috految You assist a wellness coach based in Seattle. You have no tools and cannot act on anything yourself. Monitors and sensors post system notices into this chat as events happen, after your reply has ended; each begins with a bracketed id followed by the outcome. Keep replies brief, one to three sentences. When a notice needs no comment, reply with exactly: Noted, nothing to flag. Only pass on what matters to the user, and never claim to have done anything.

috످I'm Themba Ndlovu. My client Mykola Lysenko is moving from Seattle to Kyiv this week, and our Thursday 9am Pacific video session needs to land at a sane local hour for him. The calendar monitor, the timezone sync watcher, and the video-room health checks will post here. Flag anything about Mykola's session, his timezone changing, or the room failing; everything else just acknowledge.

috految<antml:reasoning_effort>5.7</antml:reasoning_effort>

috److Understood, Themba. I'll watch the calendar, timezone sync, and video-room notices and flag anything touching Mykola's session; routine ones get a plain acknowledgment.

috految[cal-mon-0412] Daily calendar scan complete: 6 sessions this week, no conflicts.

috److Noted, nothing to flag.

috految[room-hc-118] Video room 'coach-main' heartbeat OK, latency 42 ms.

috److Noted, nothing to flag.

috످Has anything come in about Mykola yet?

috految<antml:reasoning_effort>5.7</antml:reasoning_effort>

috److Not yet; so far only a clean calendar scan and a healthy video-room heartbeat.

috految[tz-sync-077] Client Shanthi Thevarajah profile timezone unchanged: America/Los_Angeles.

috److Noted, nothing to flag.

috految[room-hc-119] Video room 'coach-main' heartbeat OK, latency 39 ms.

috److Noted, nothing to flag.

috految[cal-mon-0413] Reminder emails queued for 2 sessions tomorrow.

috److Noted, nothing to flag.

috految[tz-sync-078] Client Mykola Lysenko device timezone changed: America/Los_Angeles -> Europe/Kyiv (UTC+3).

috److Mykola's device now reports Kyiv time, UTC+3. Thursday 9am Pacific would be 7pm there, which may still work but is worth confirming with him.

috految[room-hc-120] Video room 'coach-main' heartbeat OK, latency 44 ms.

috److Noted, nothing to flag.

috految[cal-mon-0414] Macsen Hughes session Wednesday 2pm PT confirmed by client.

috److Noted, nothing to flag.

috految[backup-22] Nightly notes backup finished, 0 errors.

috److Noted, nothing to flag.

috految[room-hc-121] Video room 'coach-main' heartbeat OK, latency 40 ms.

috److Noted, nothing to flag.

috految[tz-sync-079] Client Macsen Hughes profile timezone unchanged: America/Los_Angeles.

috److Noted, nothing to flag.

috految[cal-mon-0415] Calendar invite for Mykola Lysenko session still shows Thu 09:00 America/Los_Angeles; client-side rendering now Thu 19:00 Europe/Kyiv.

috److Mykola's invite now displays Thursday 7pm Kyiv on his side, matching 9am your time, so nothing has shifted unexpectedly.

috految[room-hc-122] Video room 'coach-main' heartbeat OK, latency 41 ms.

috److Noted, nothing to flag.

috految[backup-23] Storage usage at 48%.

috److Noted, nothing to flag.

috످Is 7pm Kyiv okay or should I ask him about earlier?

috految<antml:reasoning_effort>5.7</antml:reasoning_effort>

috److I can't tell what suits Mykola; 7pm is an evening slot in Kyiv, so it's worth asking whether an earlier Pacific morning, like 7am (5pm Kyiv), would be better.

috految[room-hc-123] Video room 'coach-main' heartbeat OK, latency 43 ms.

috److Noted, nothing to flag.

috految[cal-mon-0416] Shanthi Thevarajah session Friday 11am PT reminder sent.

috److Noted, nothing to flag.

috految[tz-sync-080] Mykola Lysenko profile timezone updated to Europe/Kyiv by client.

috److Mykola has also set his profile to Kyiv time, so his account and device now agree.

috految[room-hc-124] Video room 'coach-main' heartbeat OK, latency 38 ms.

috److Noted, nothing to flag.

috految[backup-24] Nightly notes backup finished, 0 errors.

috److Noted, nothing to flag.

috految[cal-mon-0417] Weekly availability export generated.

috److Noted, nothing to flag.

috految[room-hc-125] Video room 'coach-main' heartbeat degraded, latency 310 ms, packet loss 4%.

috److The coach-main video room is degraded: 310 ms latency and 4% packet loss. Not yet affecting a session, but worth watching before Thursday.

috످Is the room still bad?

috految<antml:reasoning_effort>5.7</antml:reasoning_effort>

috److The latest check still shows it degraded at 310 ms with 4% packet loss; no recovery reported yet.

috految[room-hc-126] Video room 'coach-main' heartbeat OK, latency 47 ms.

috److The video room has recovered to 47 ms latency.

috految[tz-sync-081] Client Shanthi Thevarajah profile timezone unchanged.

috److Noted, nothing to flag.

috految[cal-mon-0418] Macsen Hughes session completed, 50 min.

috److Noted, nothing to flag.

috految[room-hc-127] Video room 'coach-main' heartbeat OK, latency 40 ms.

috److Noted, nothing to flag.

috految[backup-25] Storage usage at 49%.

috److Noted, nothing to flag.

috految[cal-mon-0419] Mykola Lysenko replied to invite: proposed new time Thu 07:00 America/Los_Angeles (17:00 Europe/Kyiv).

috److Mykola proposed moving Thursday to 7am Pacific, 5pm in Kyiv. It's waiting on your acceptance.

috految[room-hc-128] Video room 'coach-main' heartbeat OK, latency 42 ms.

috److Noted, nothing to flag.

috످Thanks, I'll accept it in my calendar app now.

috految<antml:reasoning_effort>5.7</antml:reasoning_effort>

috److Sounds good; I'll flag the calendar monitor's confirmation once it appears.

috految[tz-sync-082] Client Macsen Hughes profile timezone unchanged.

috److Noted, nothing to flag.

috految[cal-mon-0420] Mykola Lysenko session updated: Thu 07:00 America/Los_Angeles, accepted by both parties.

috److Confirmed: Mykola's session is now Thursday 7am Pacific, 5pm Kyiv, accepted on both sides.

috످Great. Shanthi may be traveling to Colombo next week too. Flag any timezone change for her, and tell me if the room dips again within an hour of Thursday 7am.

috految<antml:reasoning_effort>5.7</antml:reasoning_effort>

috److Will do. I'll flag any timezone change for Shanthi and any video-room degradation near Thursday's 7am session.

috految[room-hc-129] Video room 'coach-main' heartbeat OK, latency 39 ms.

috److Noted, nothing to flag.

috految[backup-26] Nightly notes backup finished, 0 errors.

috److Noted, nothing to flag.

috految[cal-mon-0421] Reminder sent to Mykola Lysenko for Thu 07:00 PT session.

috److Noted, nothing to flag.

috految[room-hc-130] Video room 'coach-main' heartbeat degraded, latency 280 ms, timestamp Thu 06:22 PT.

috److The video room dipped again at 6:22am Pacific (280 ms latency), 38 minutes before your 7am session with Mykola. Test it before you start, and have a backup video link ready in case it lags.

috످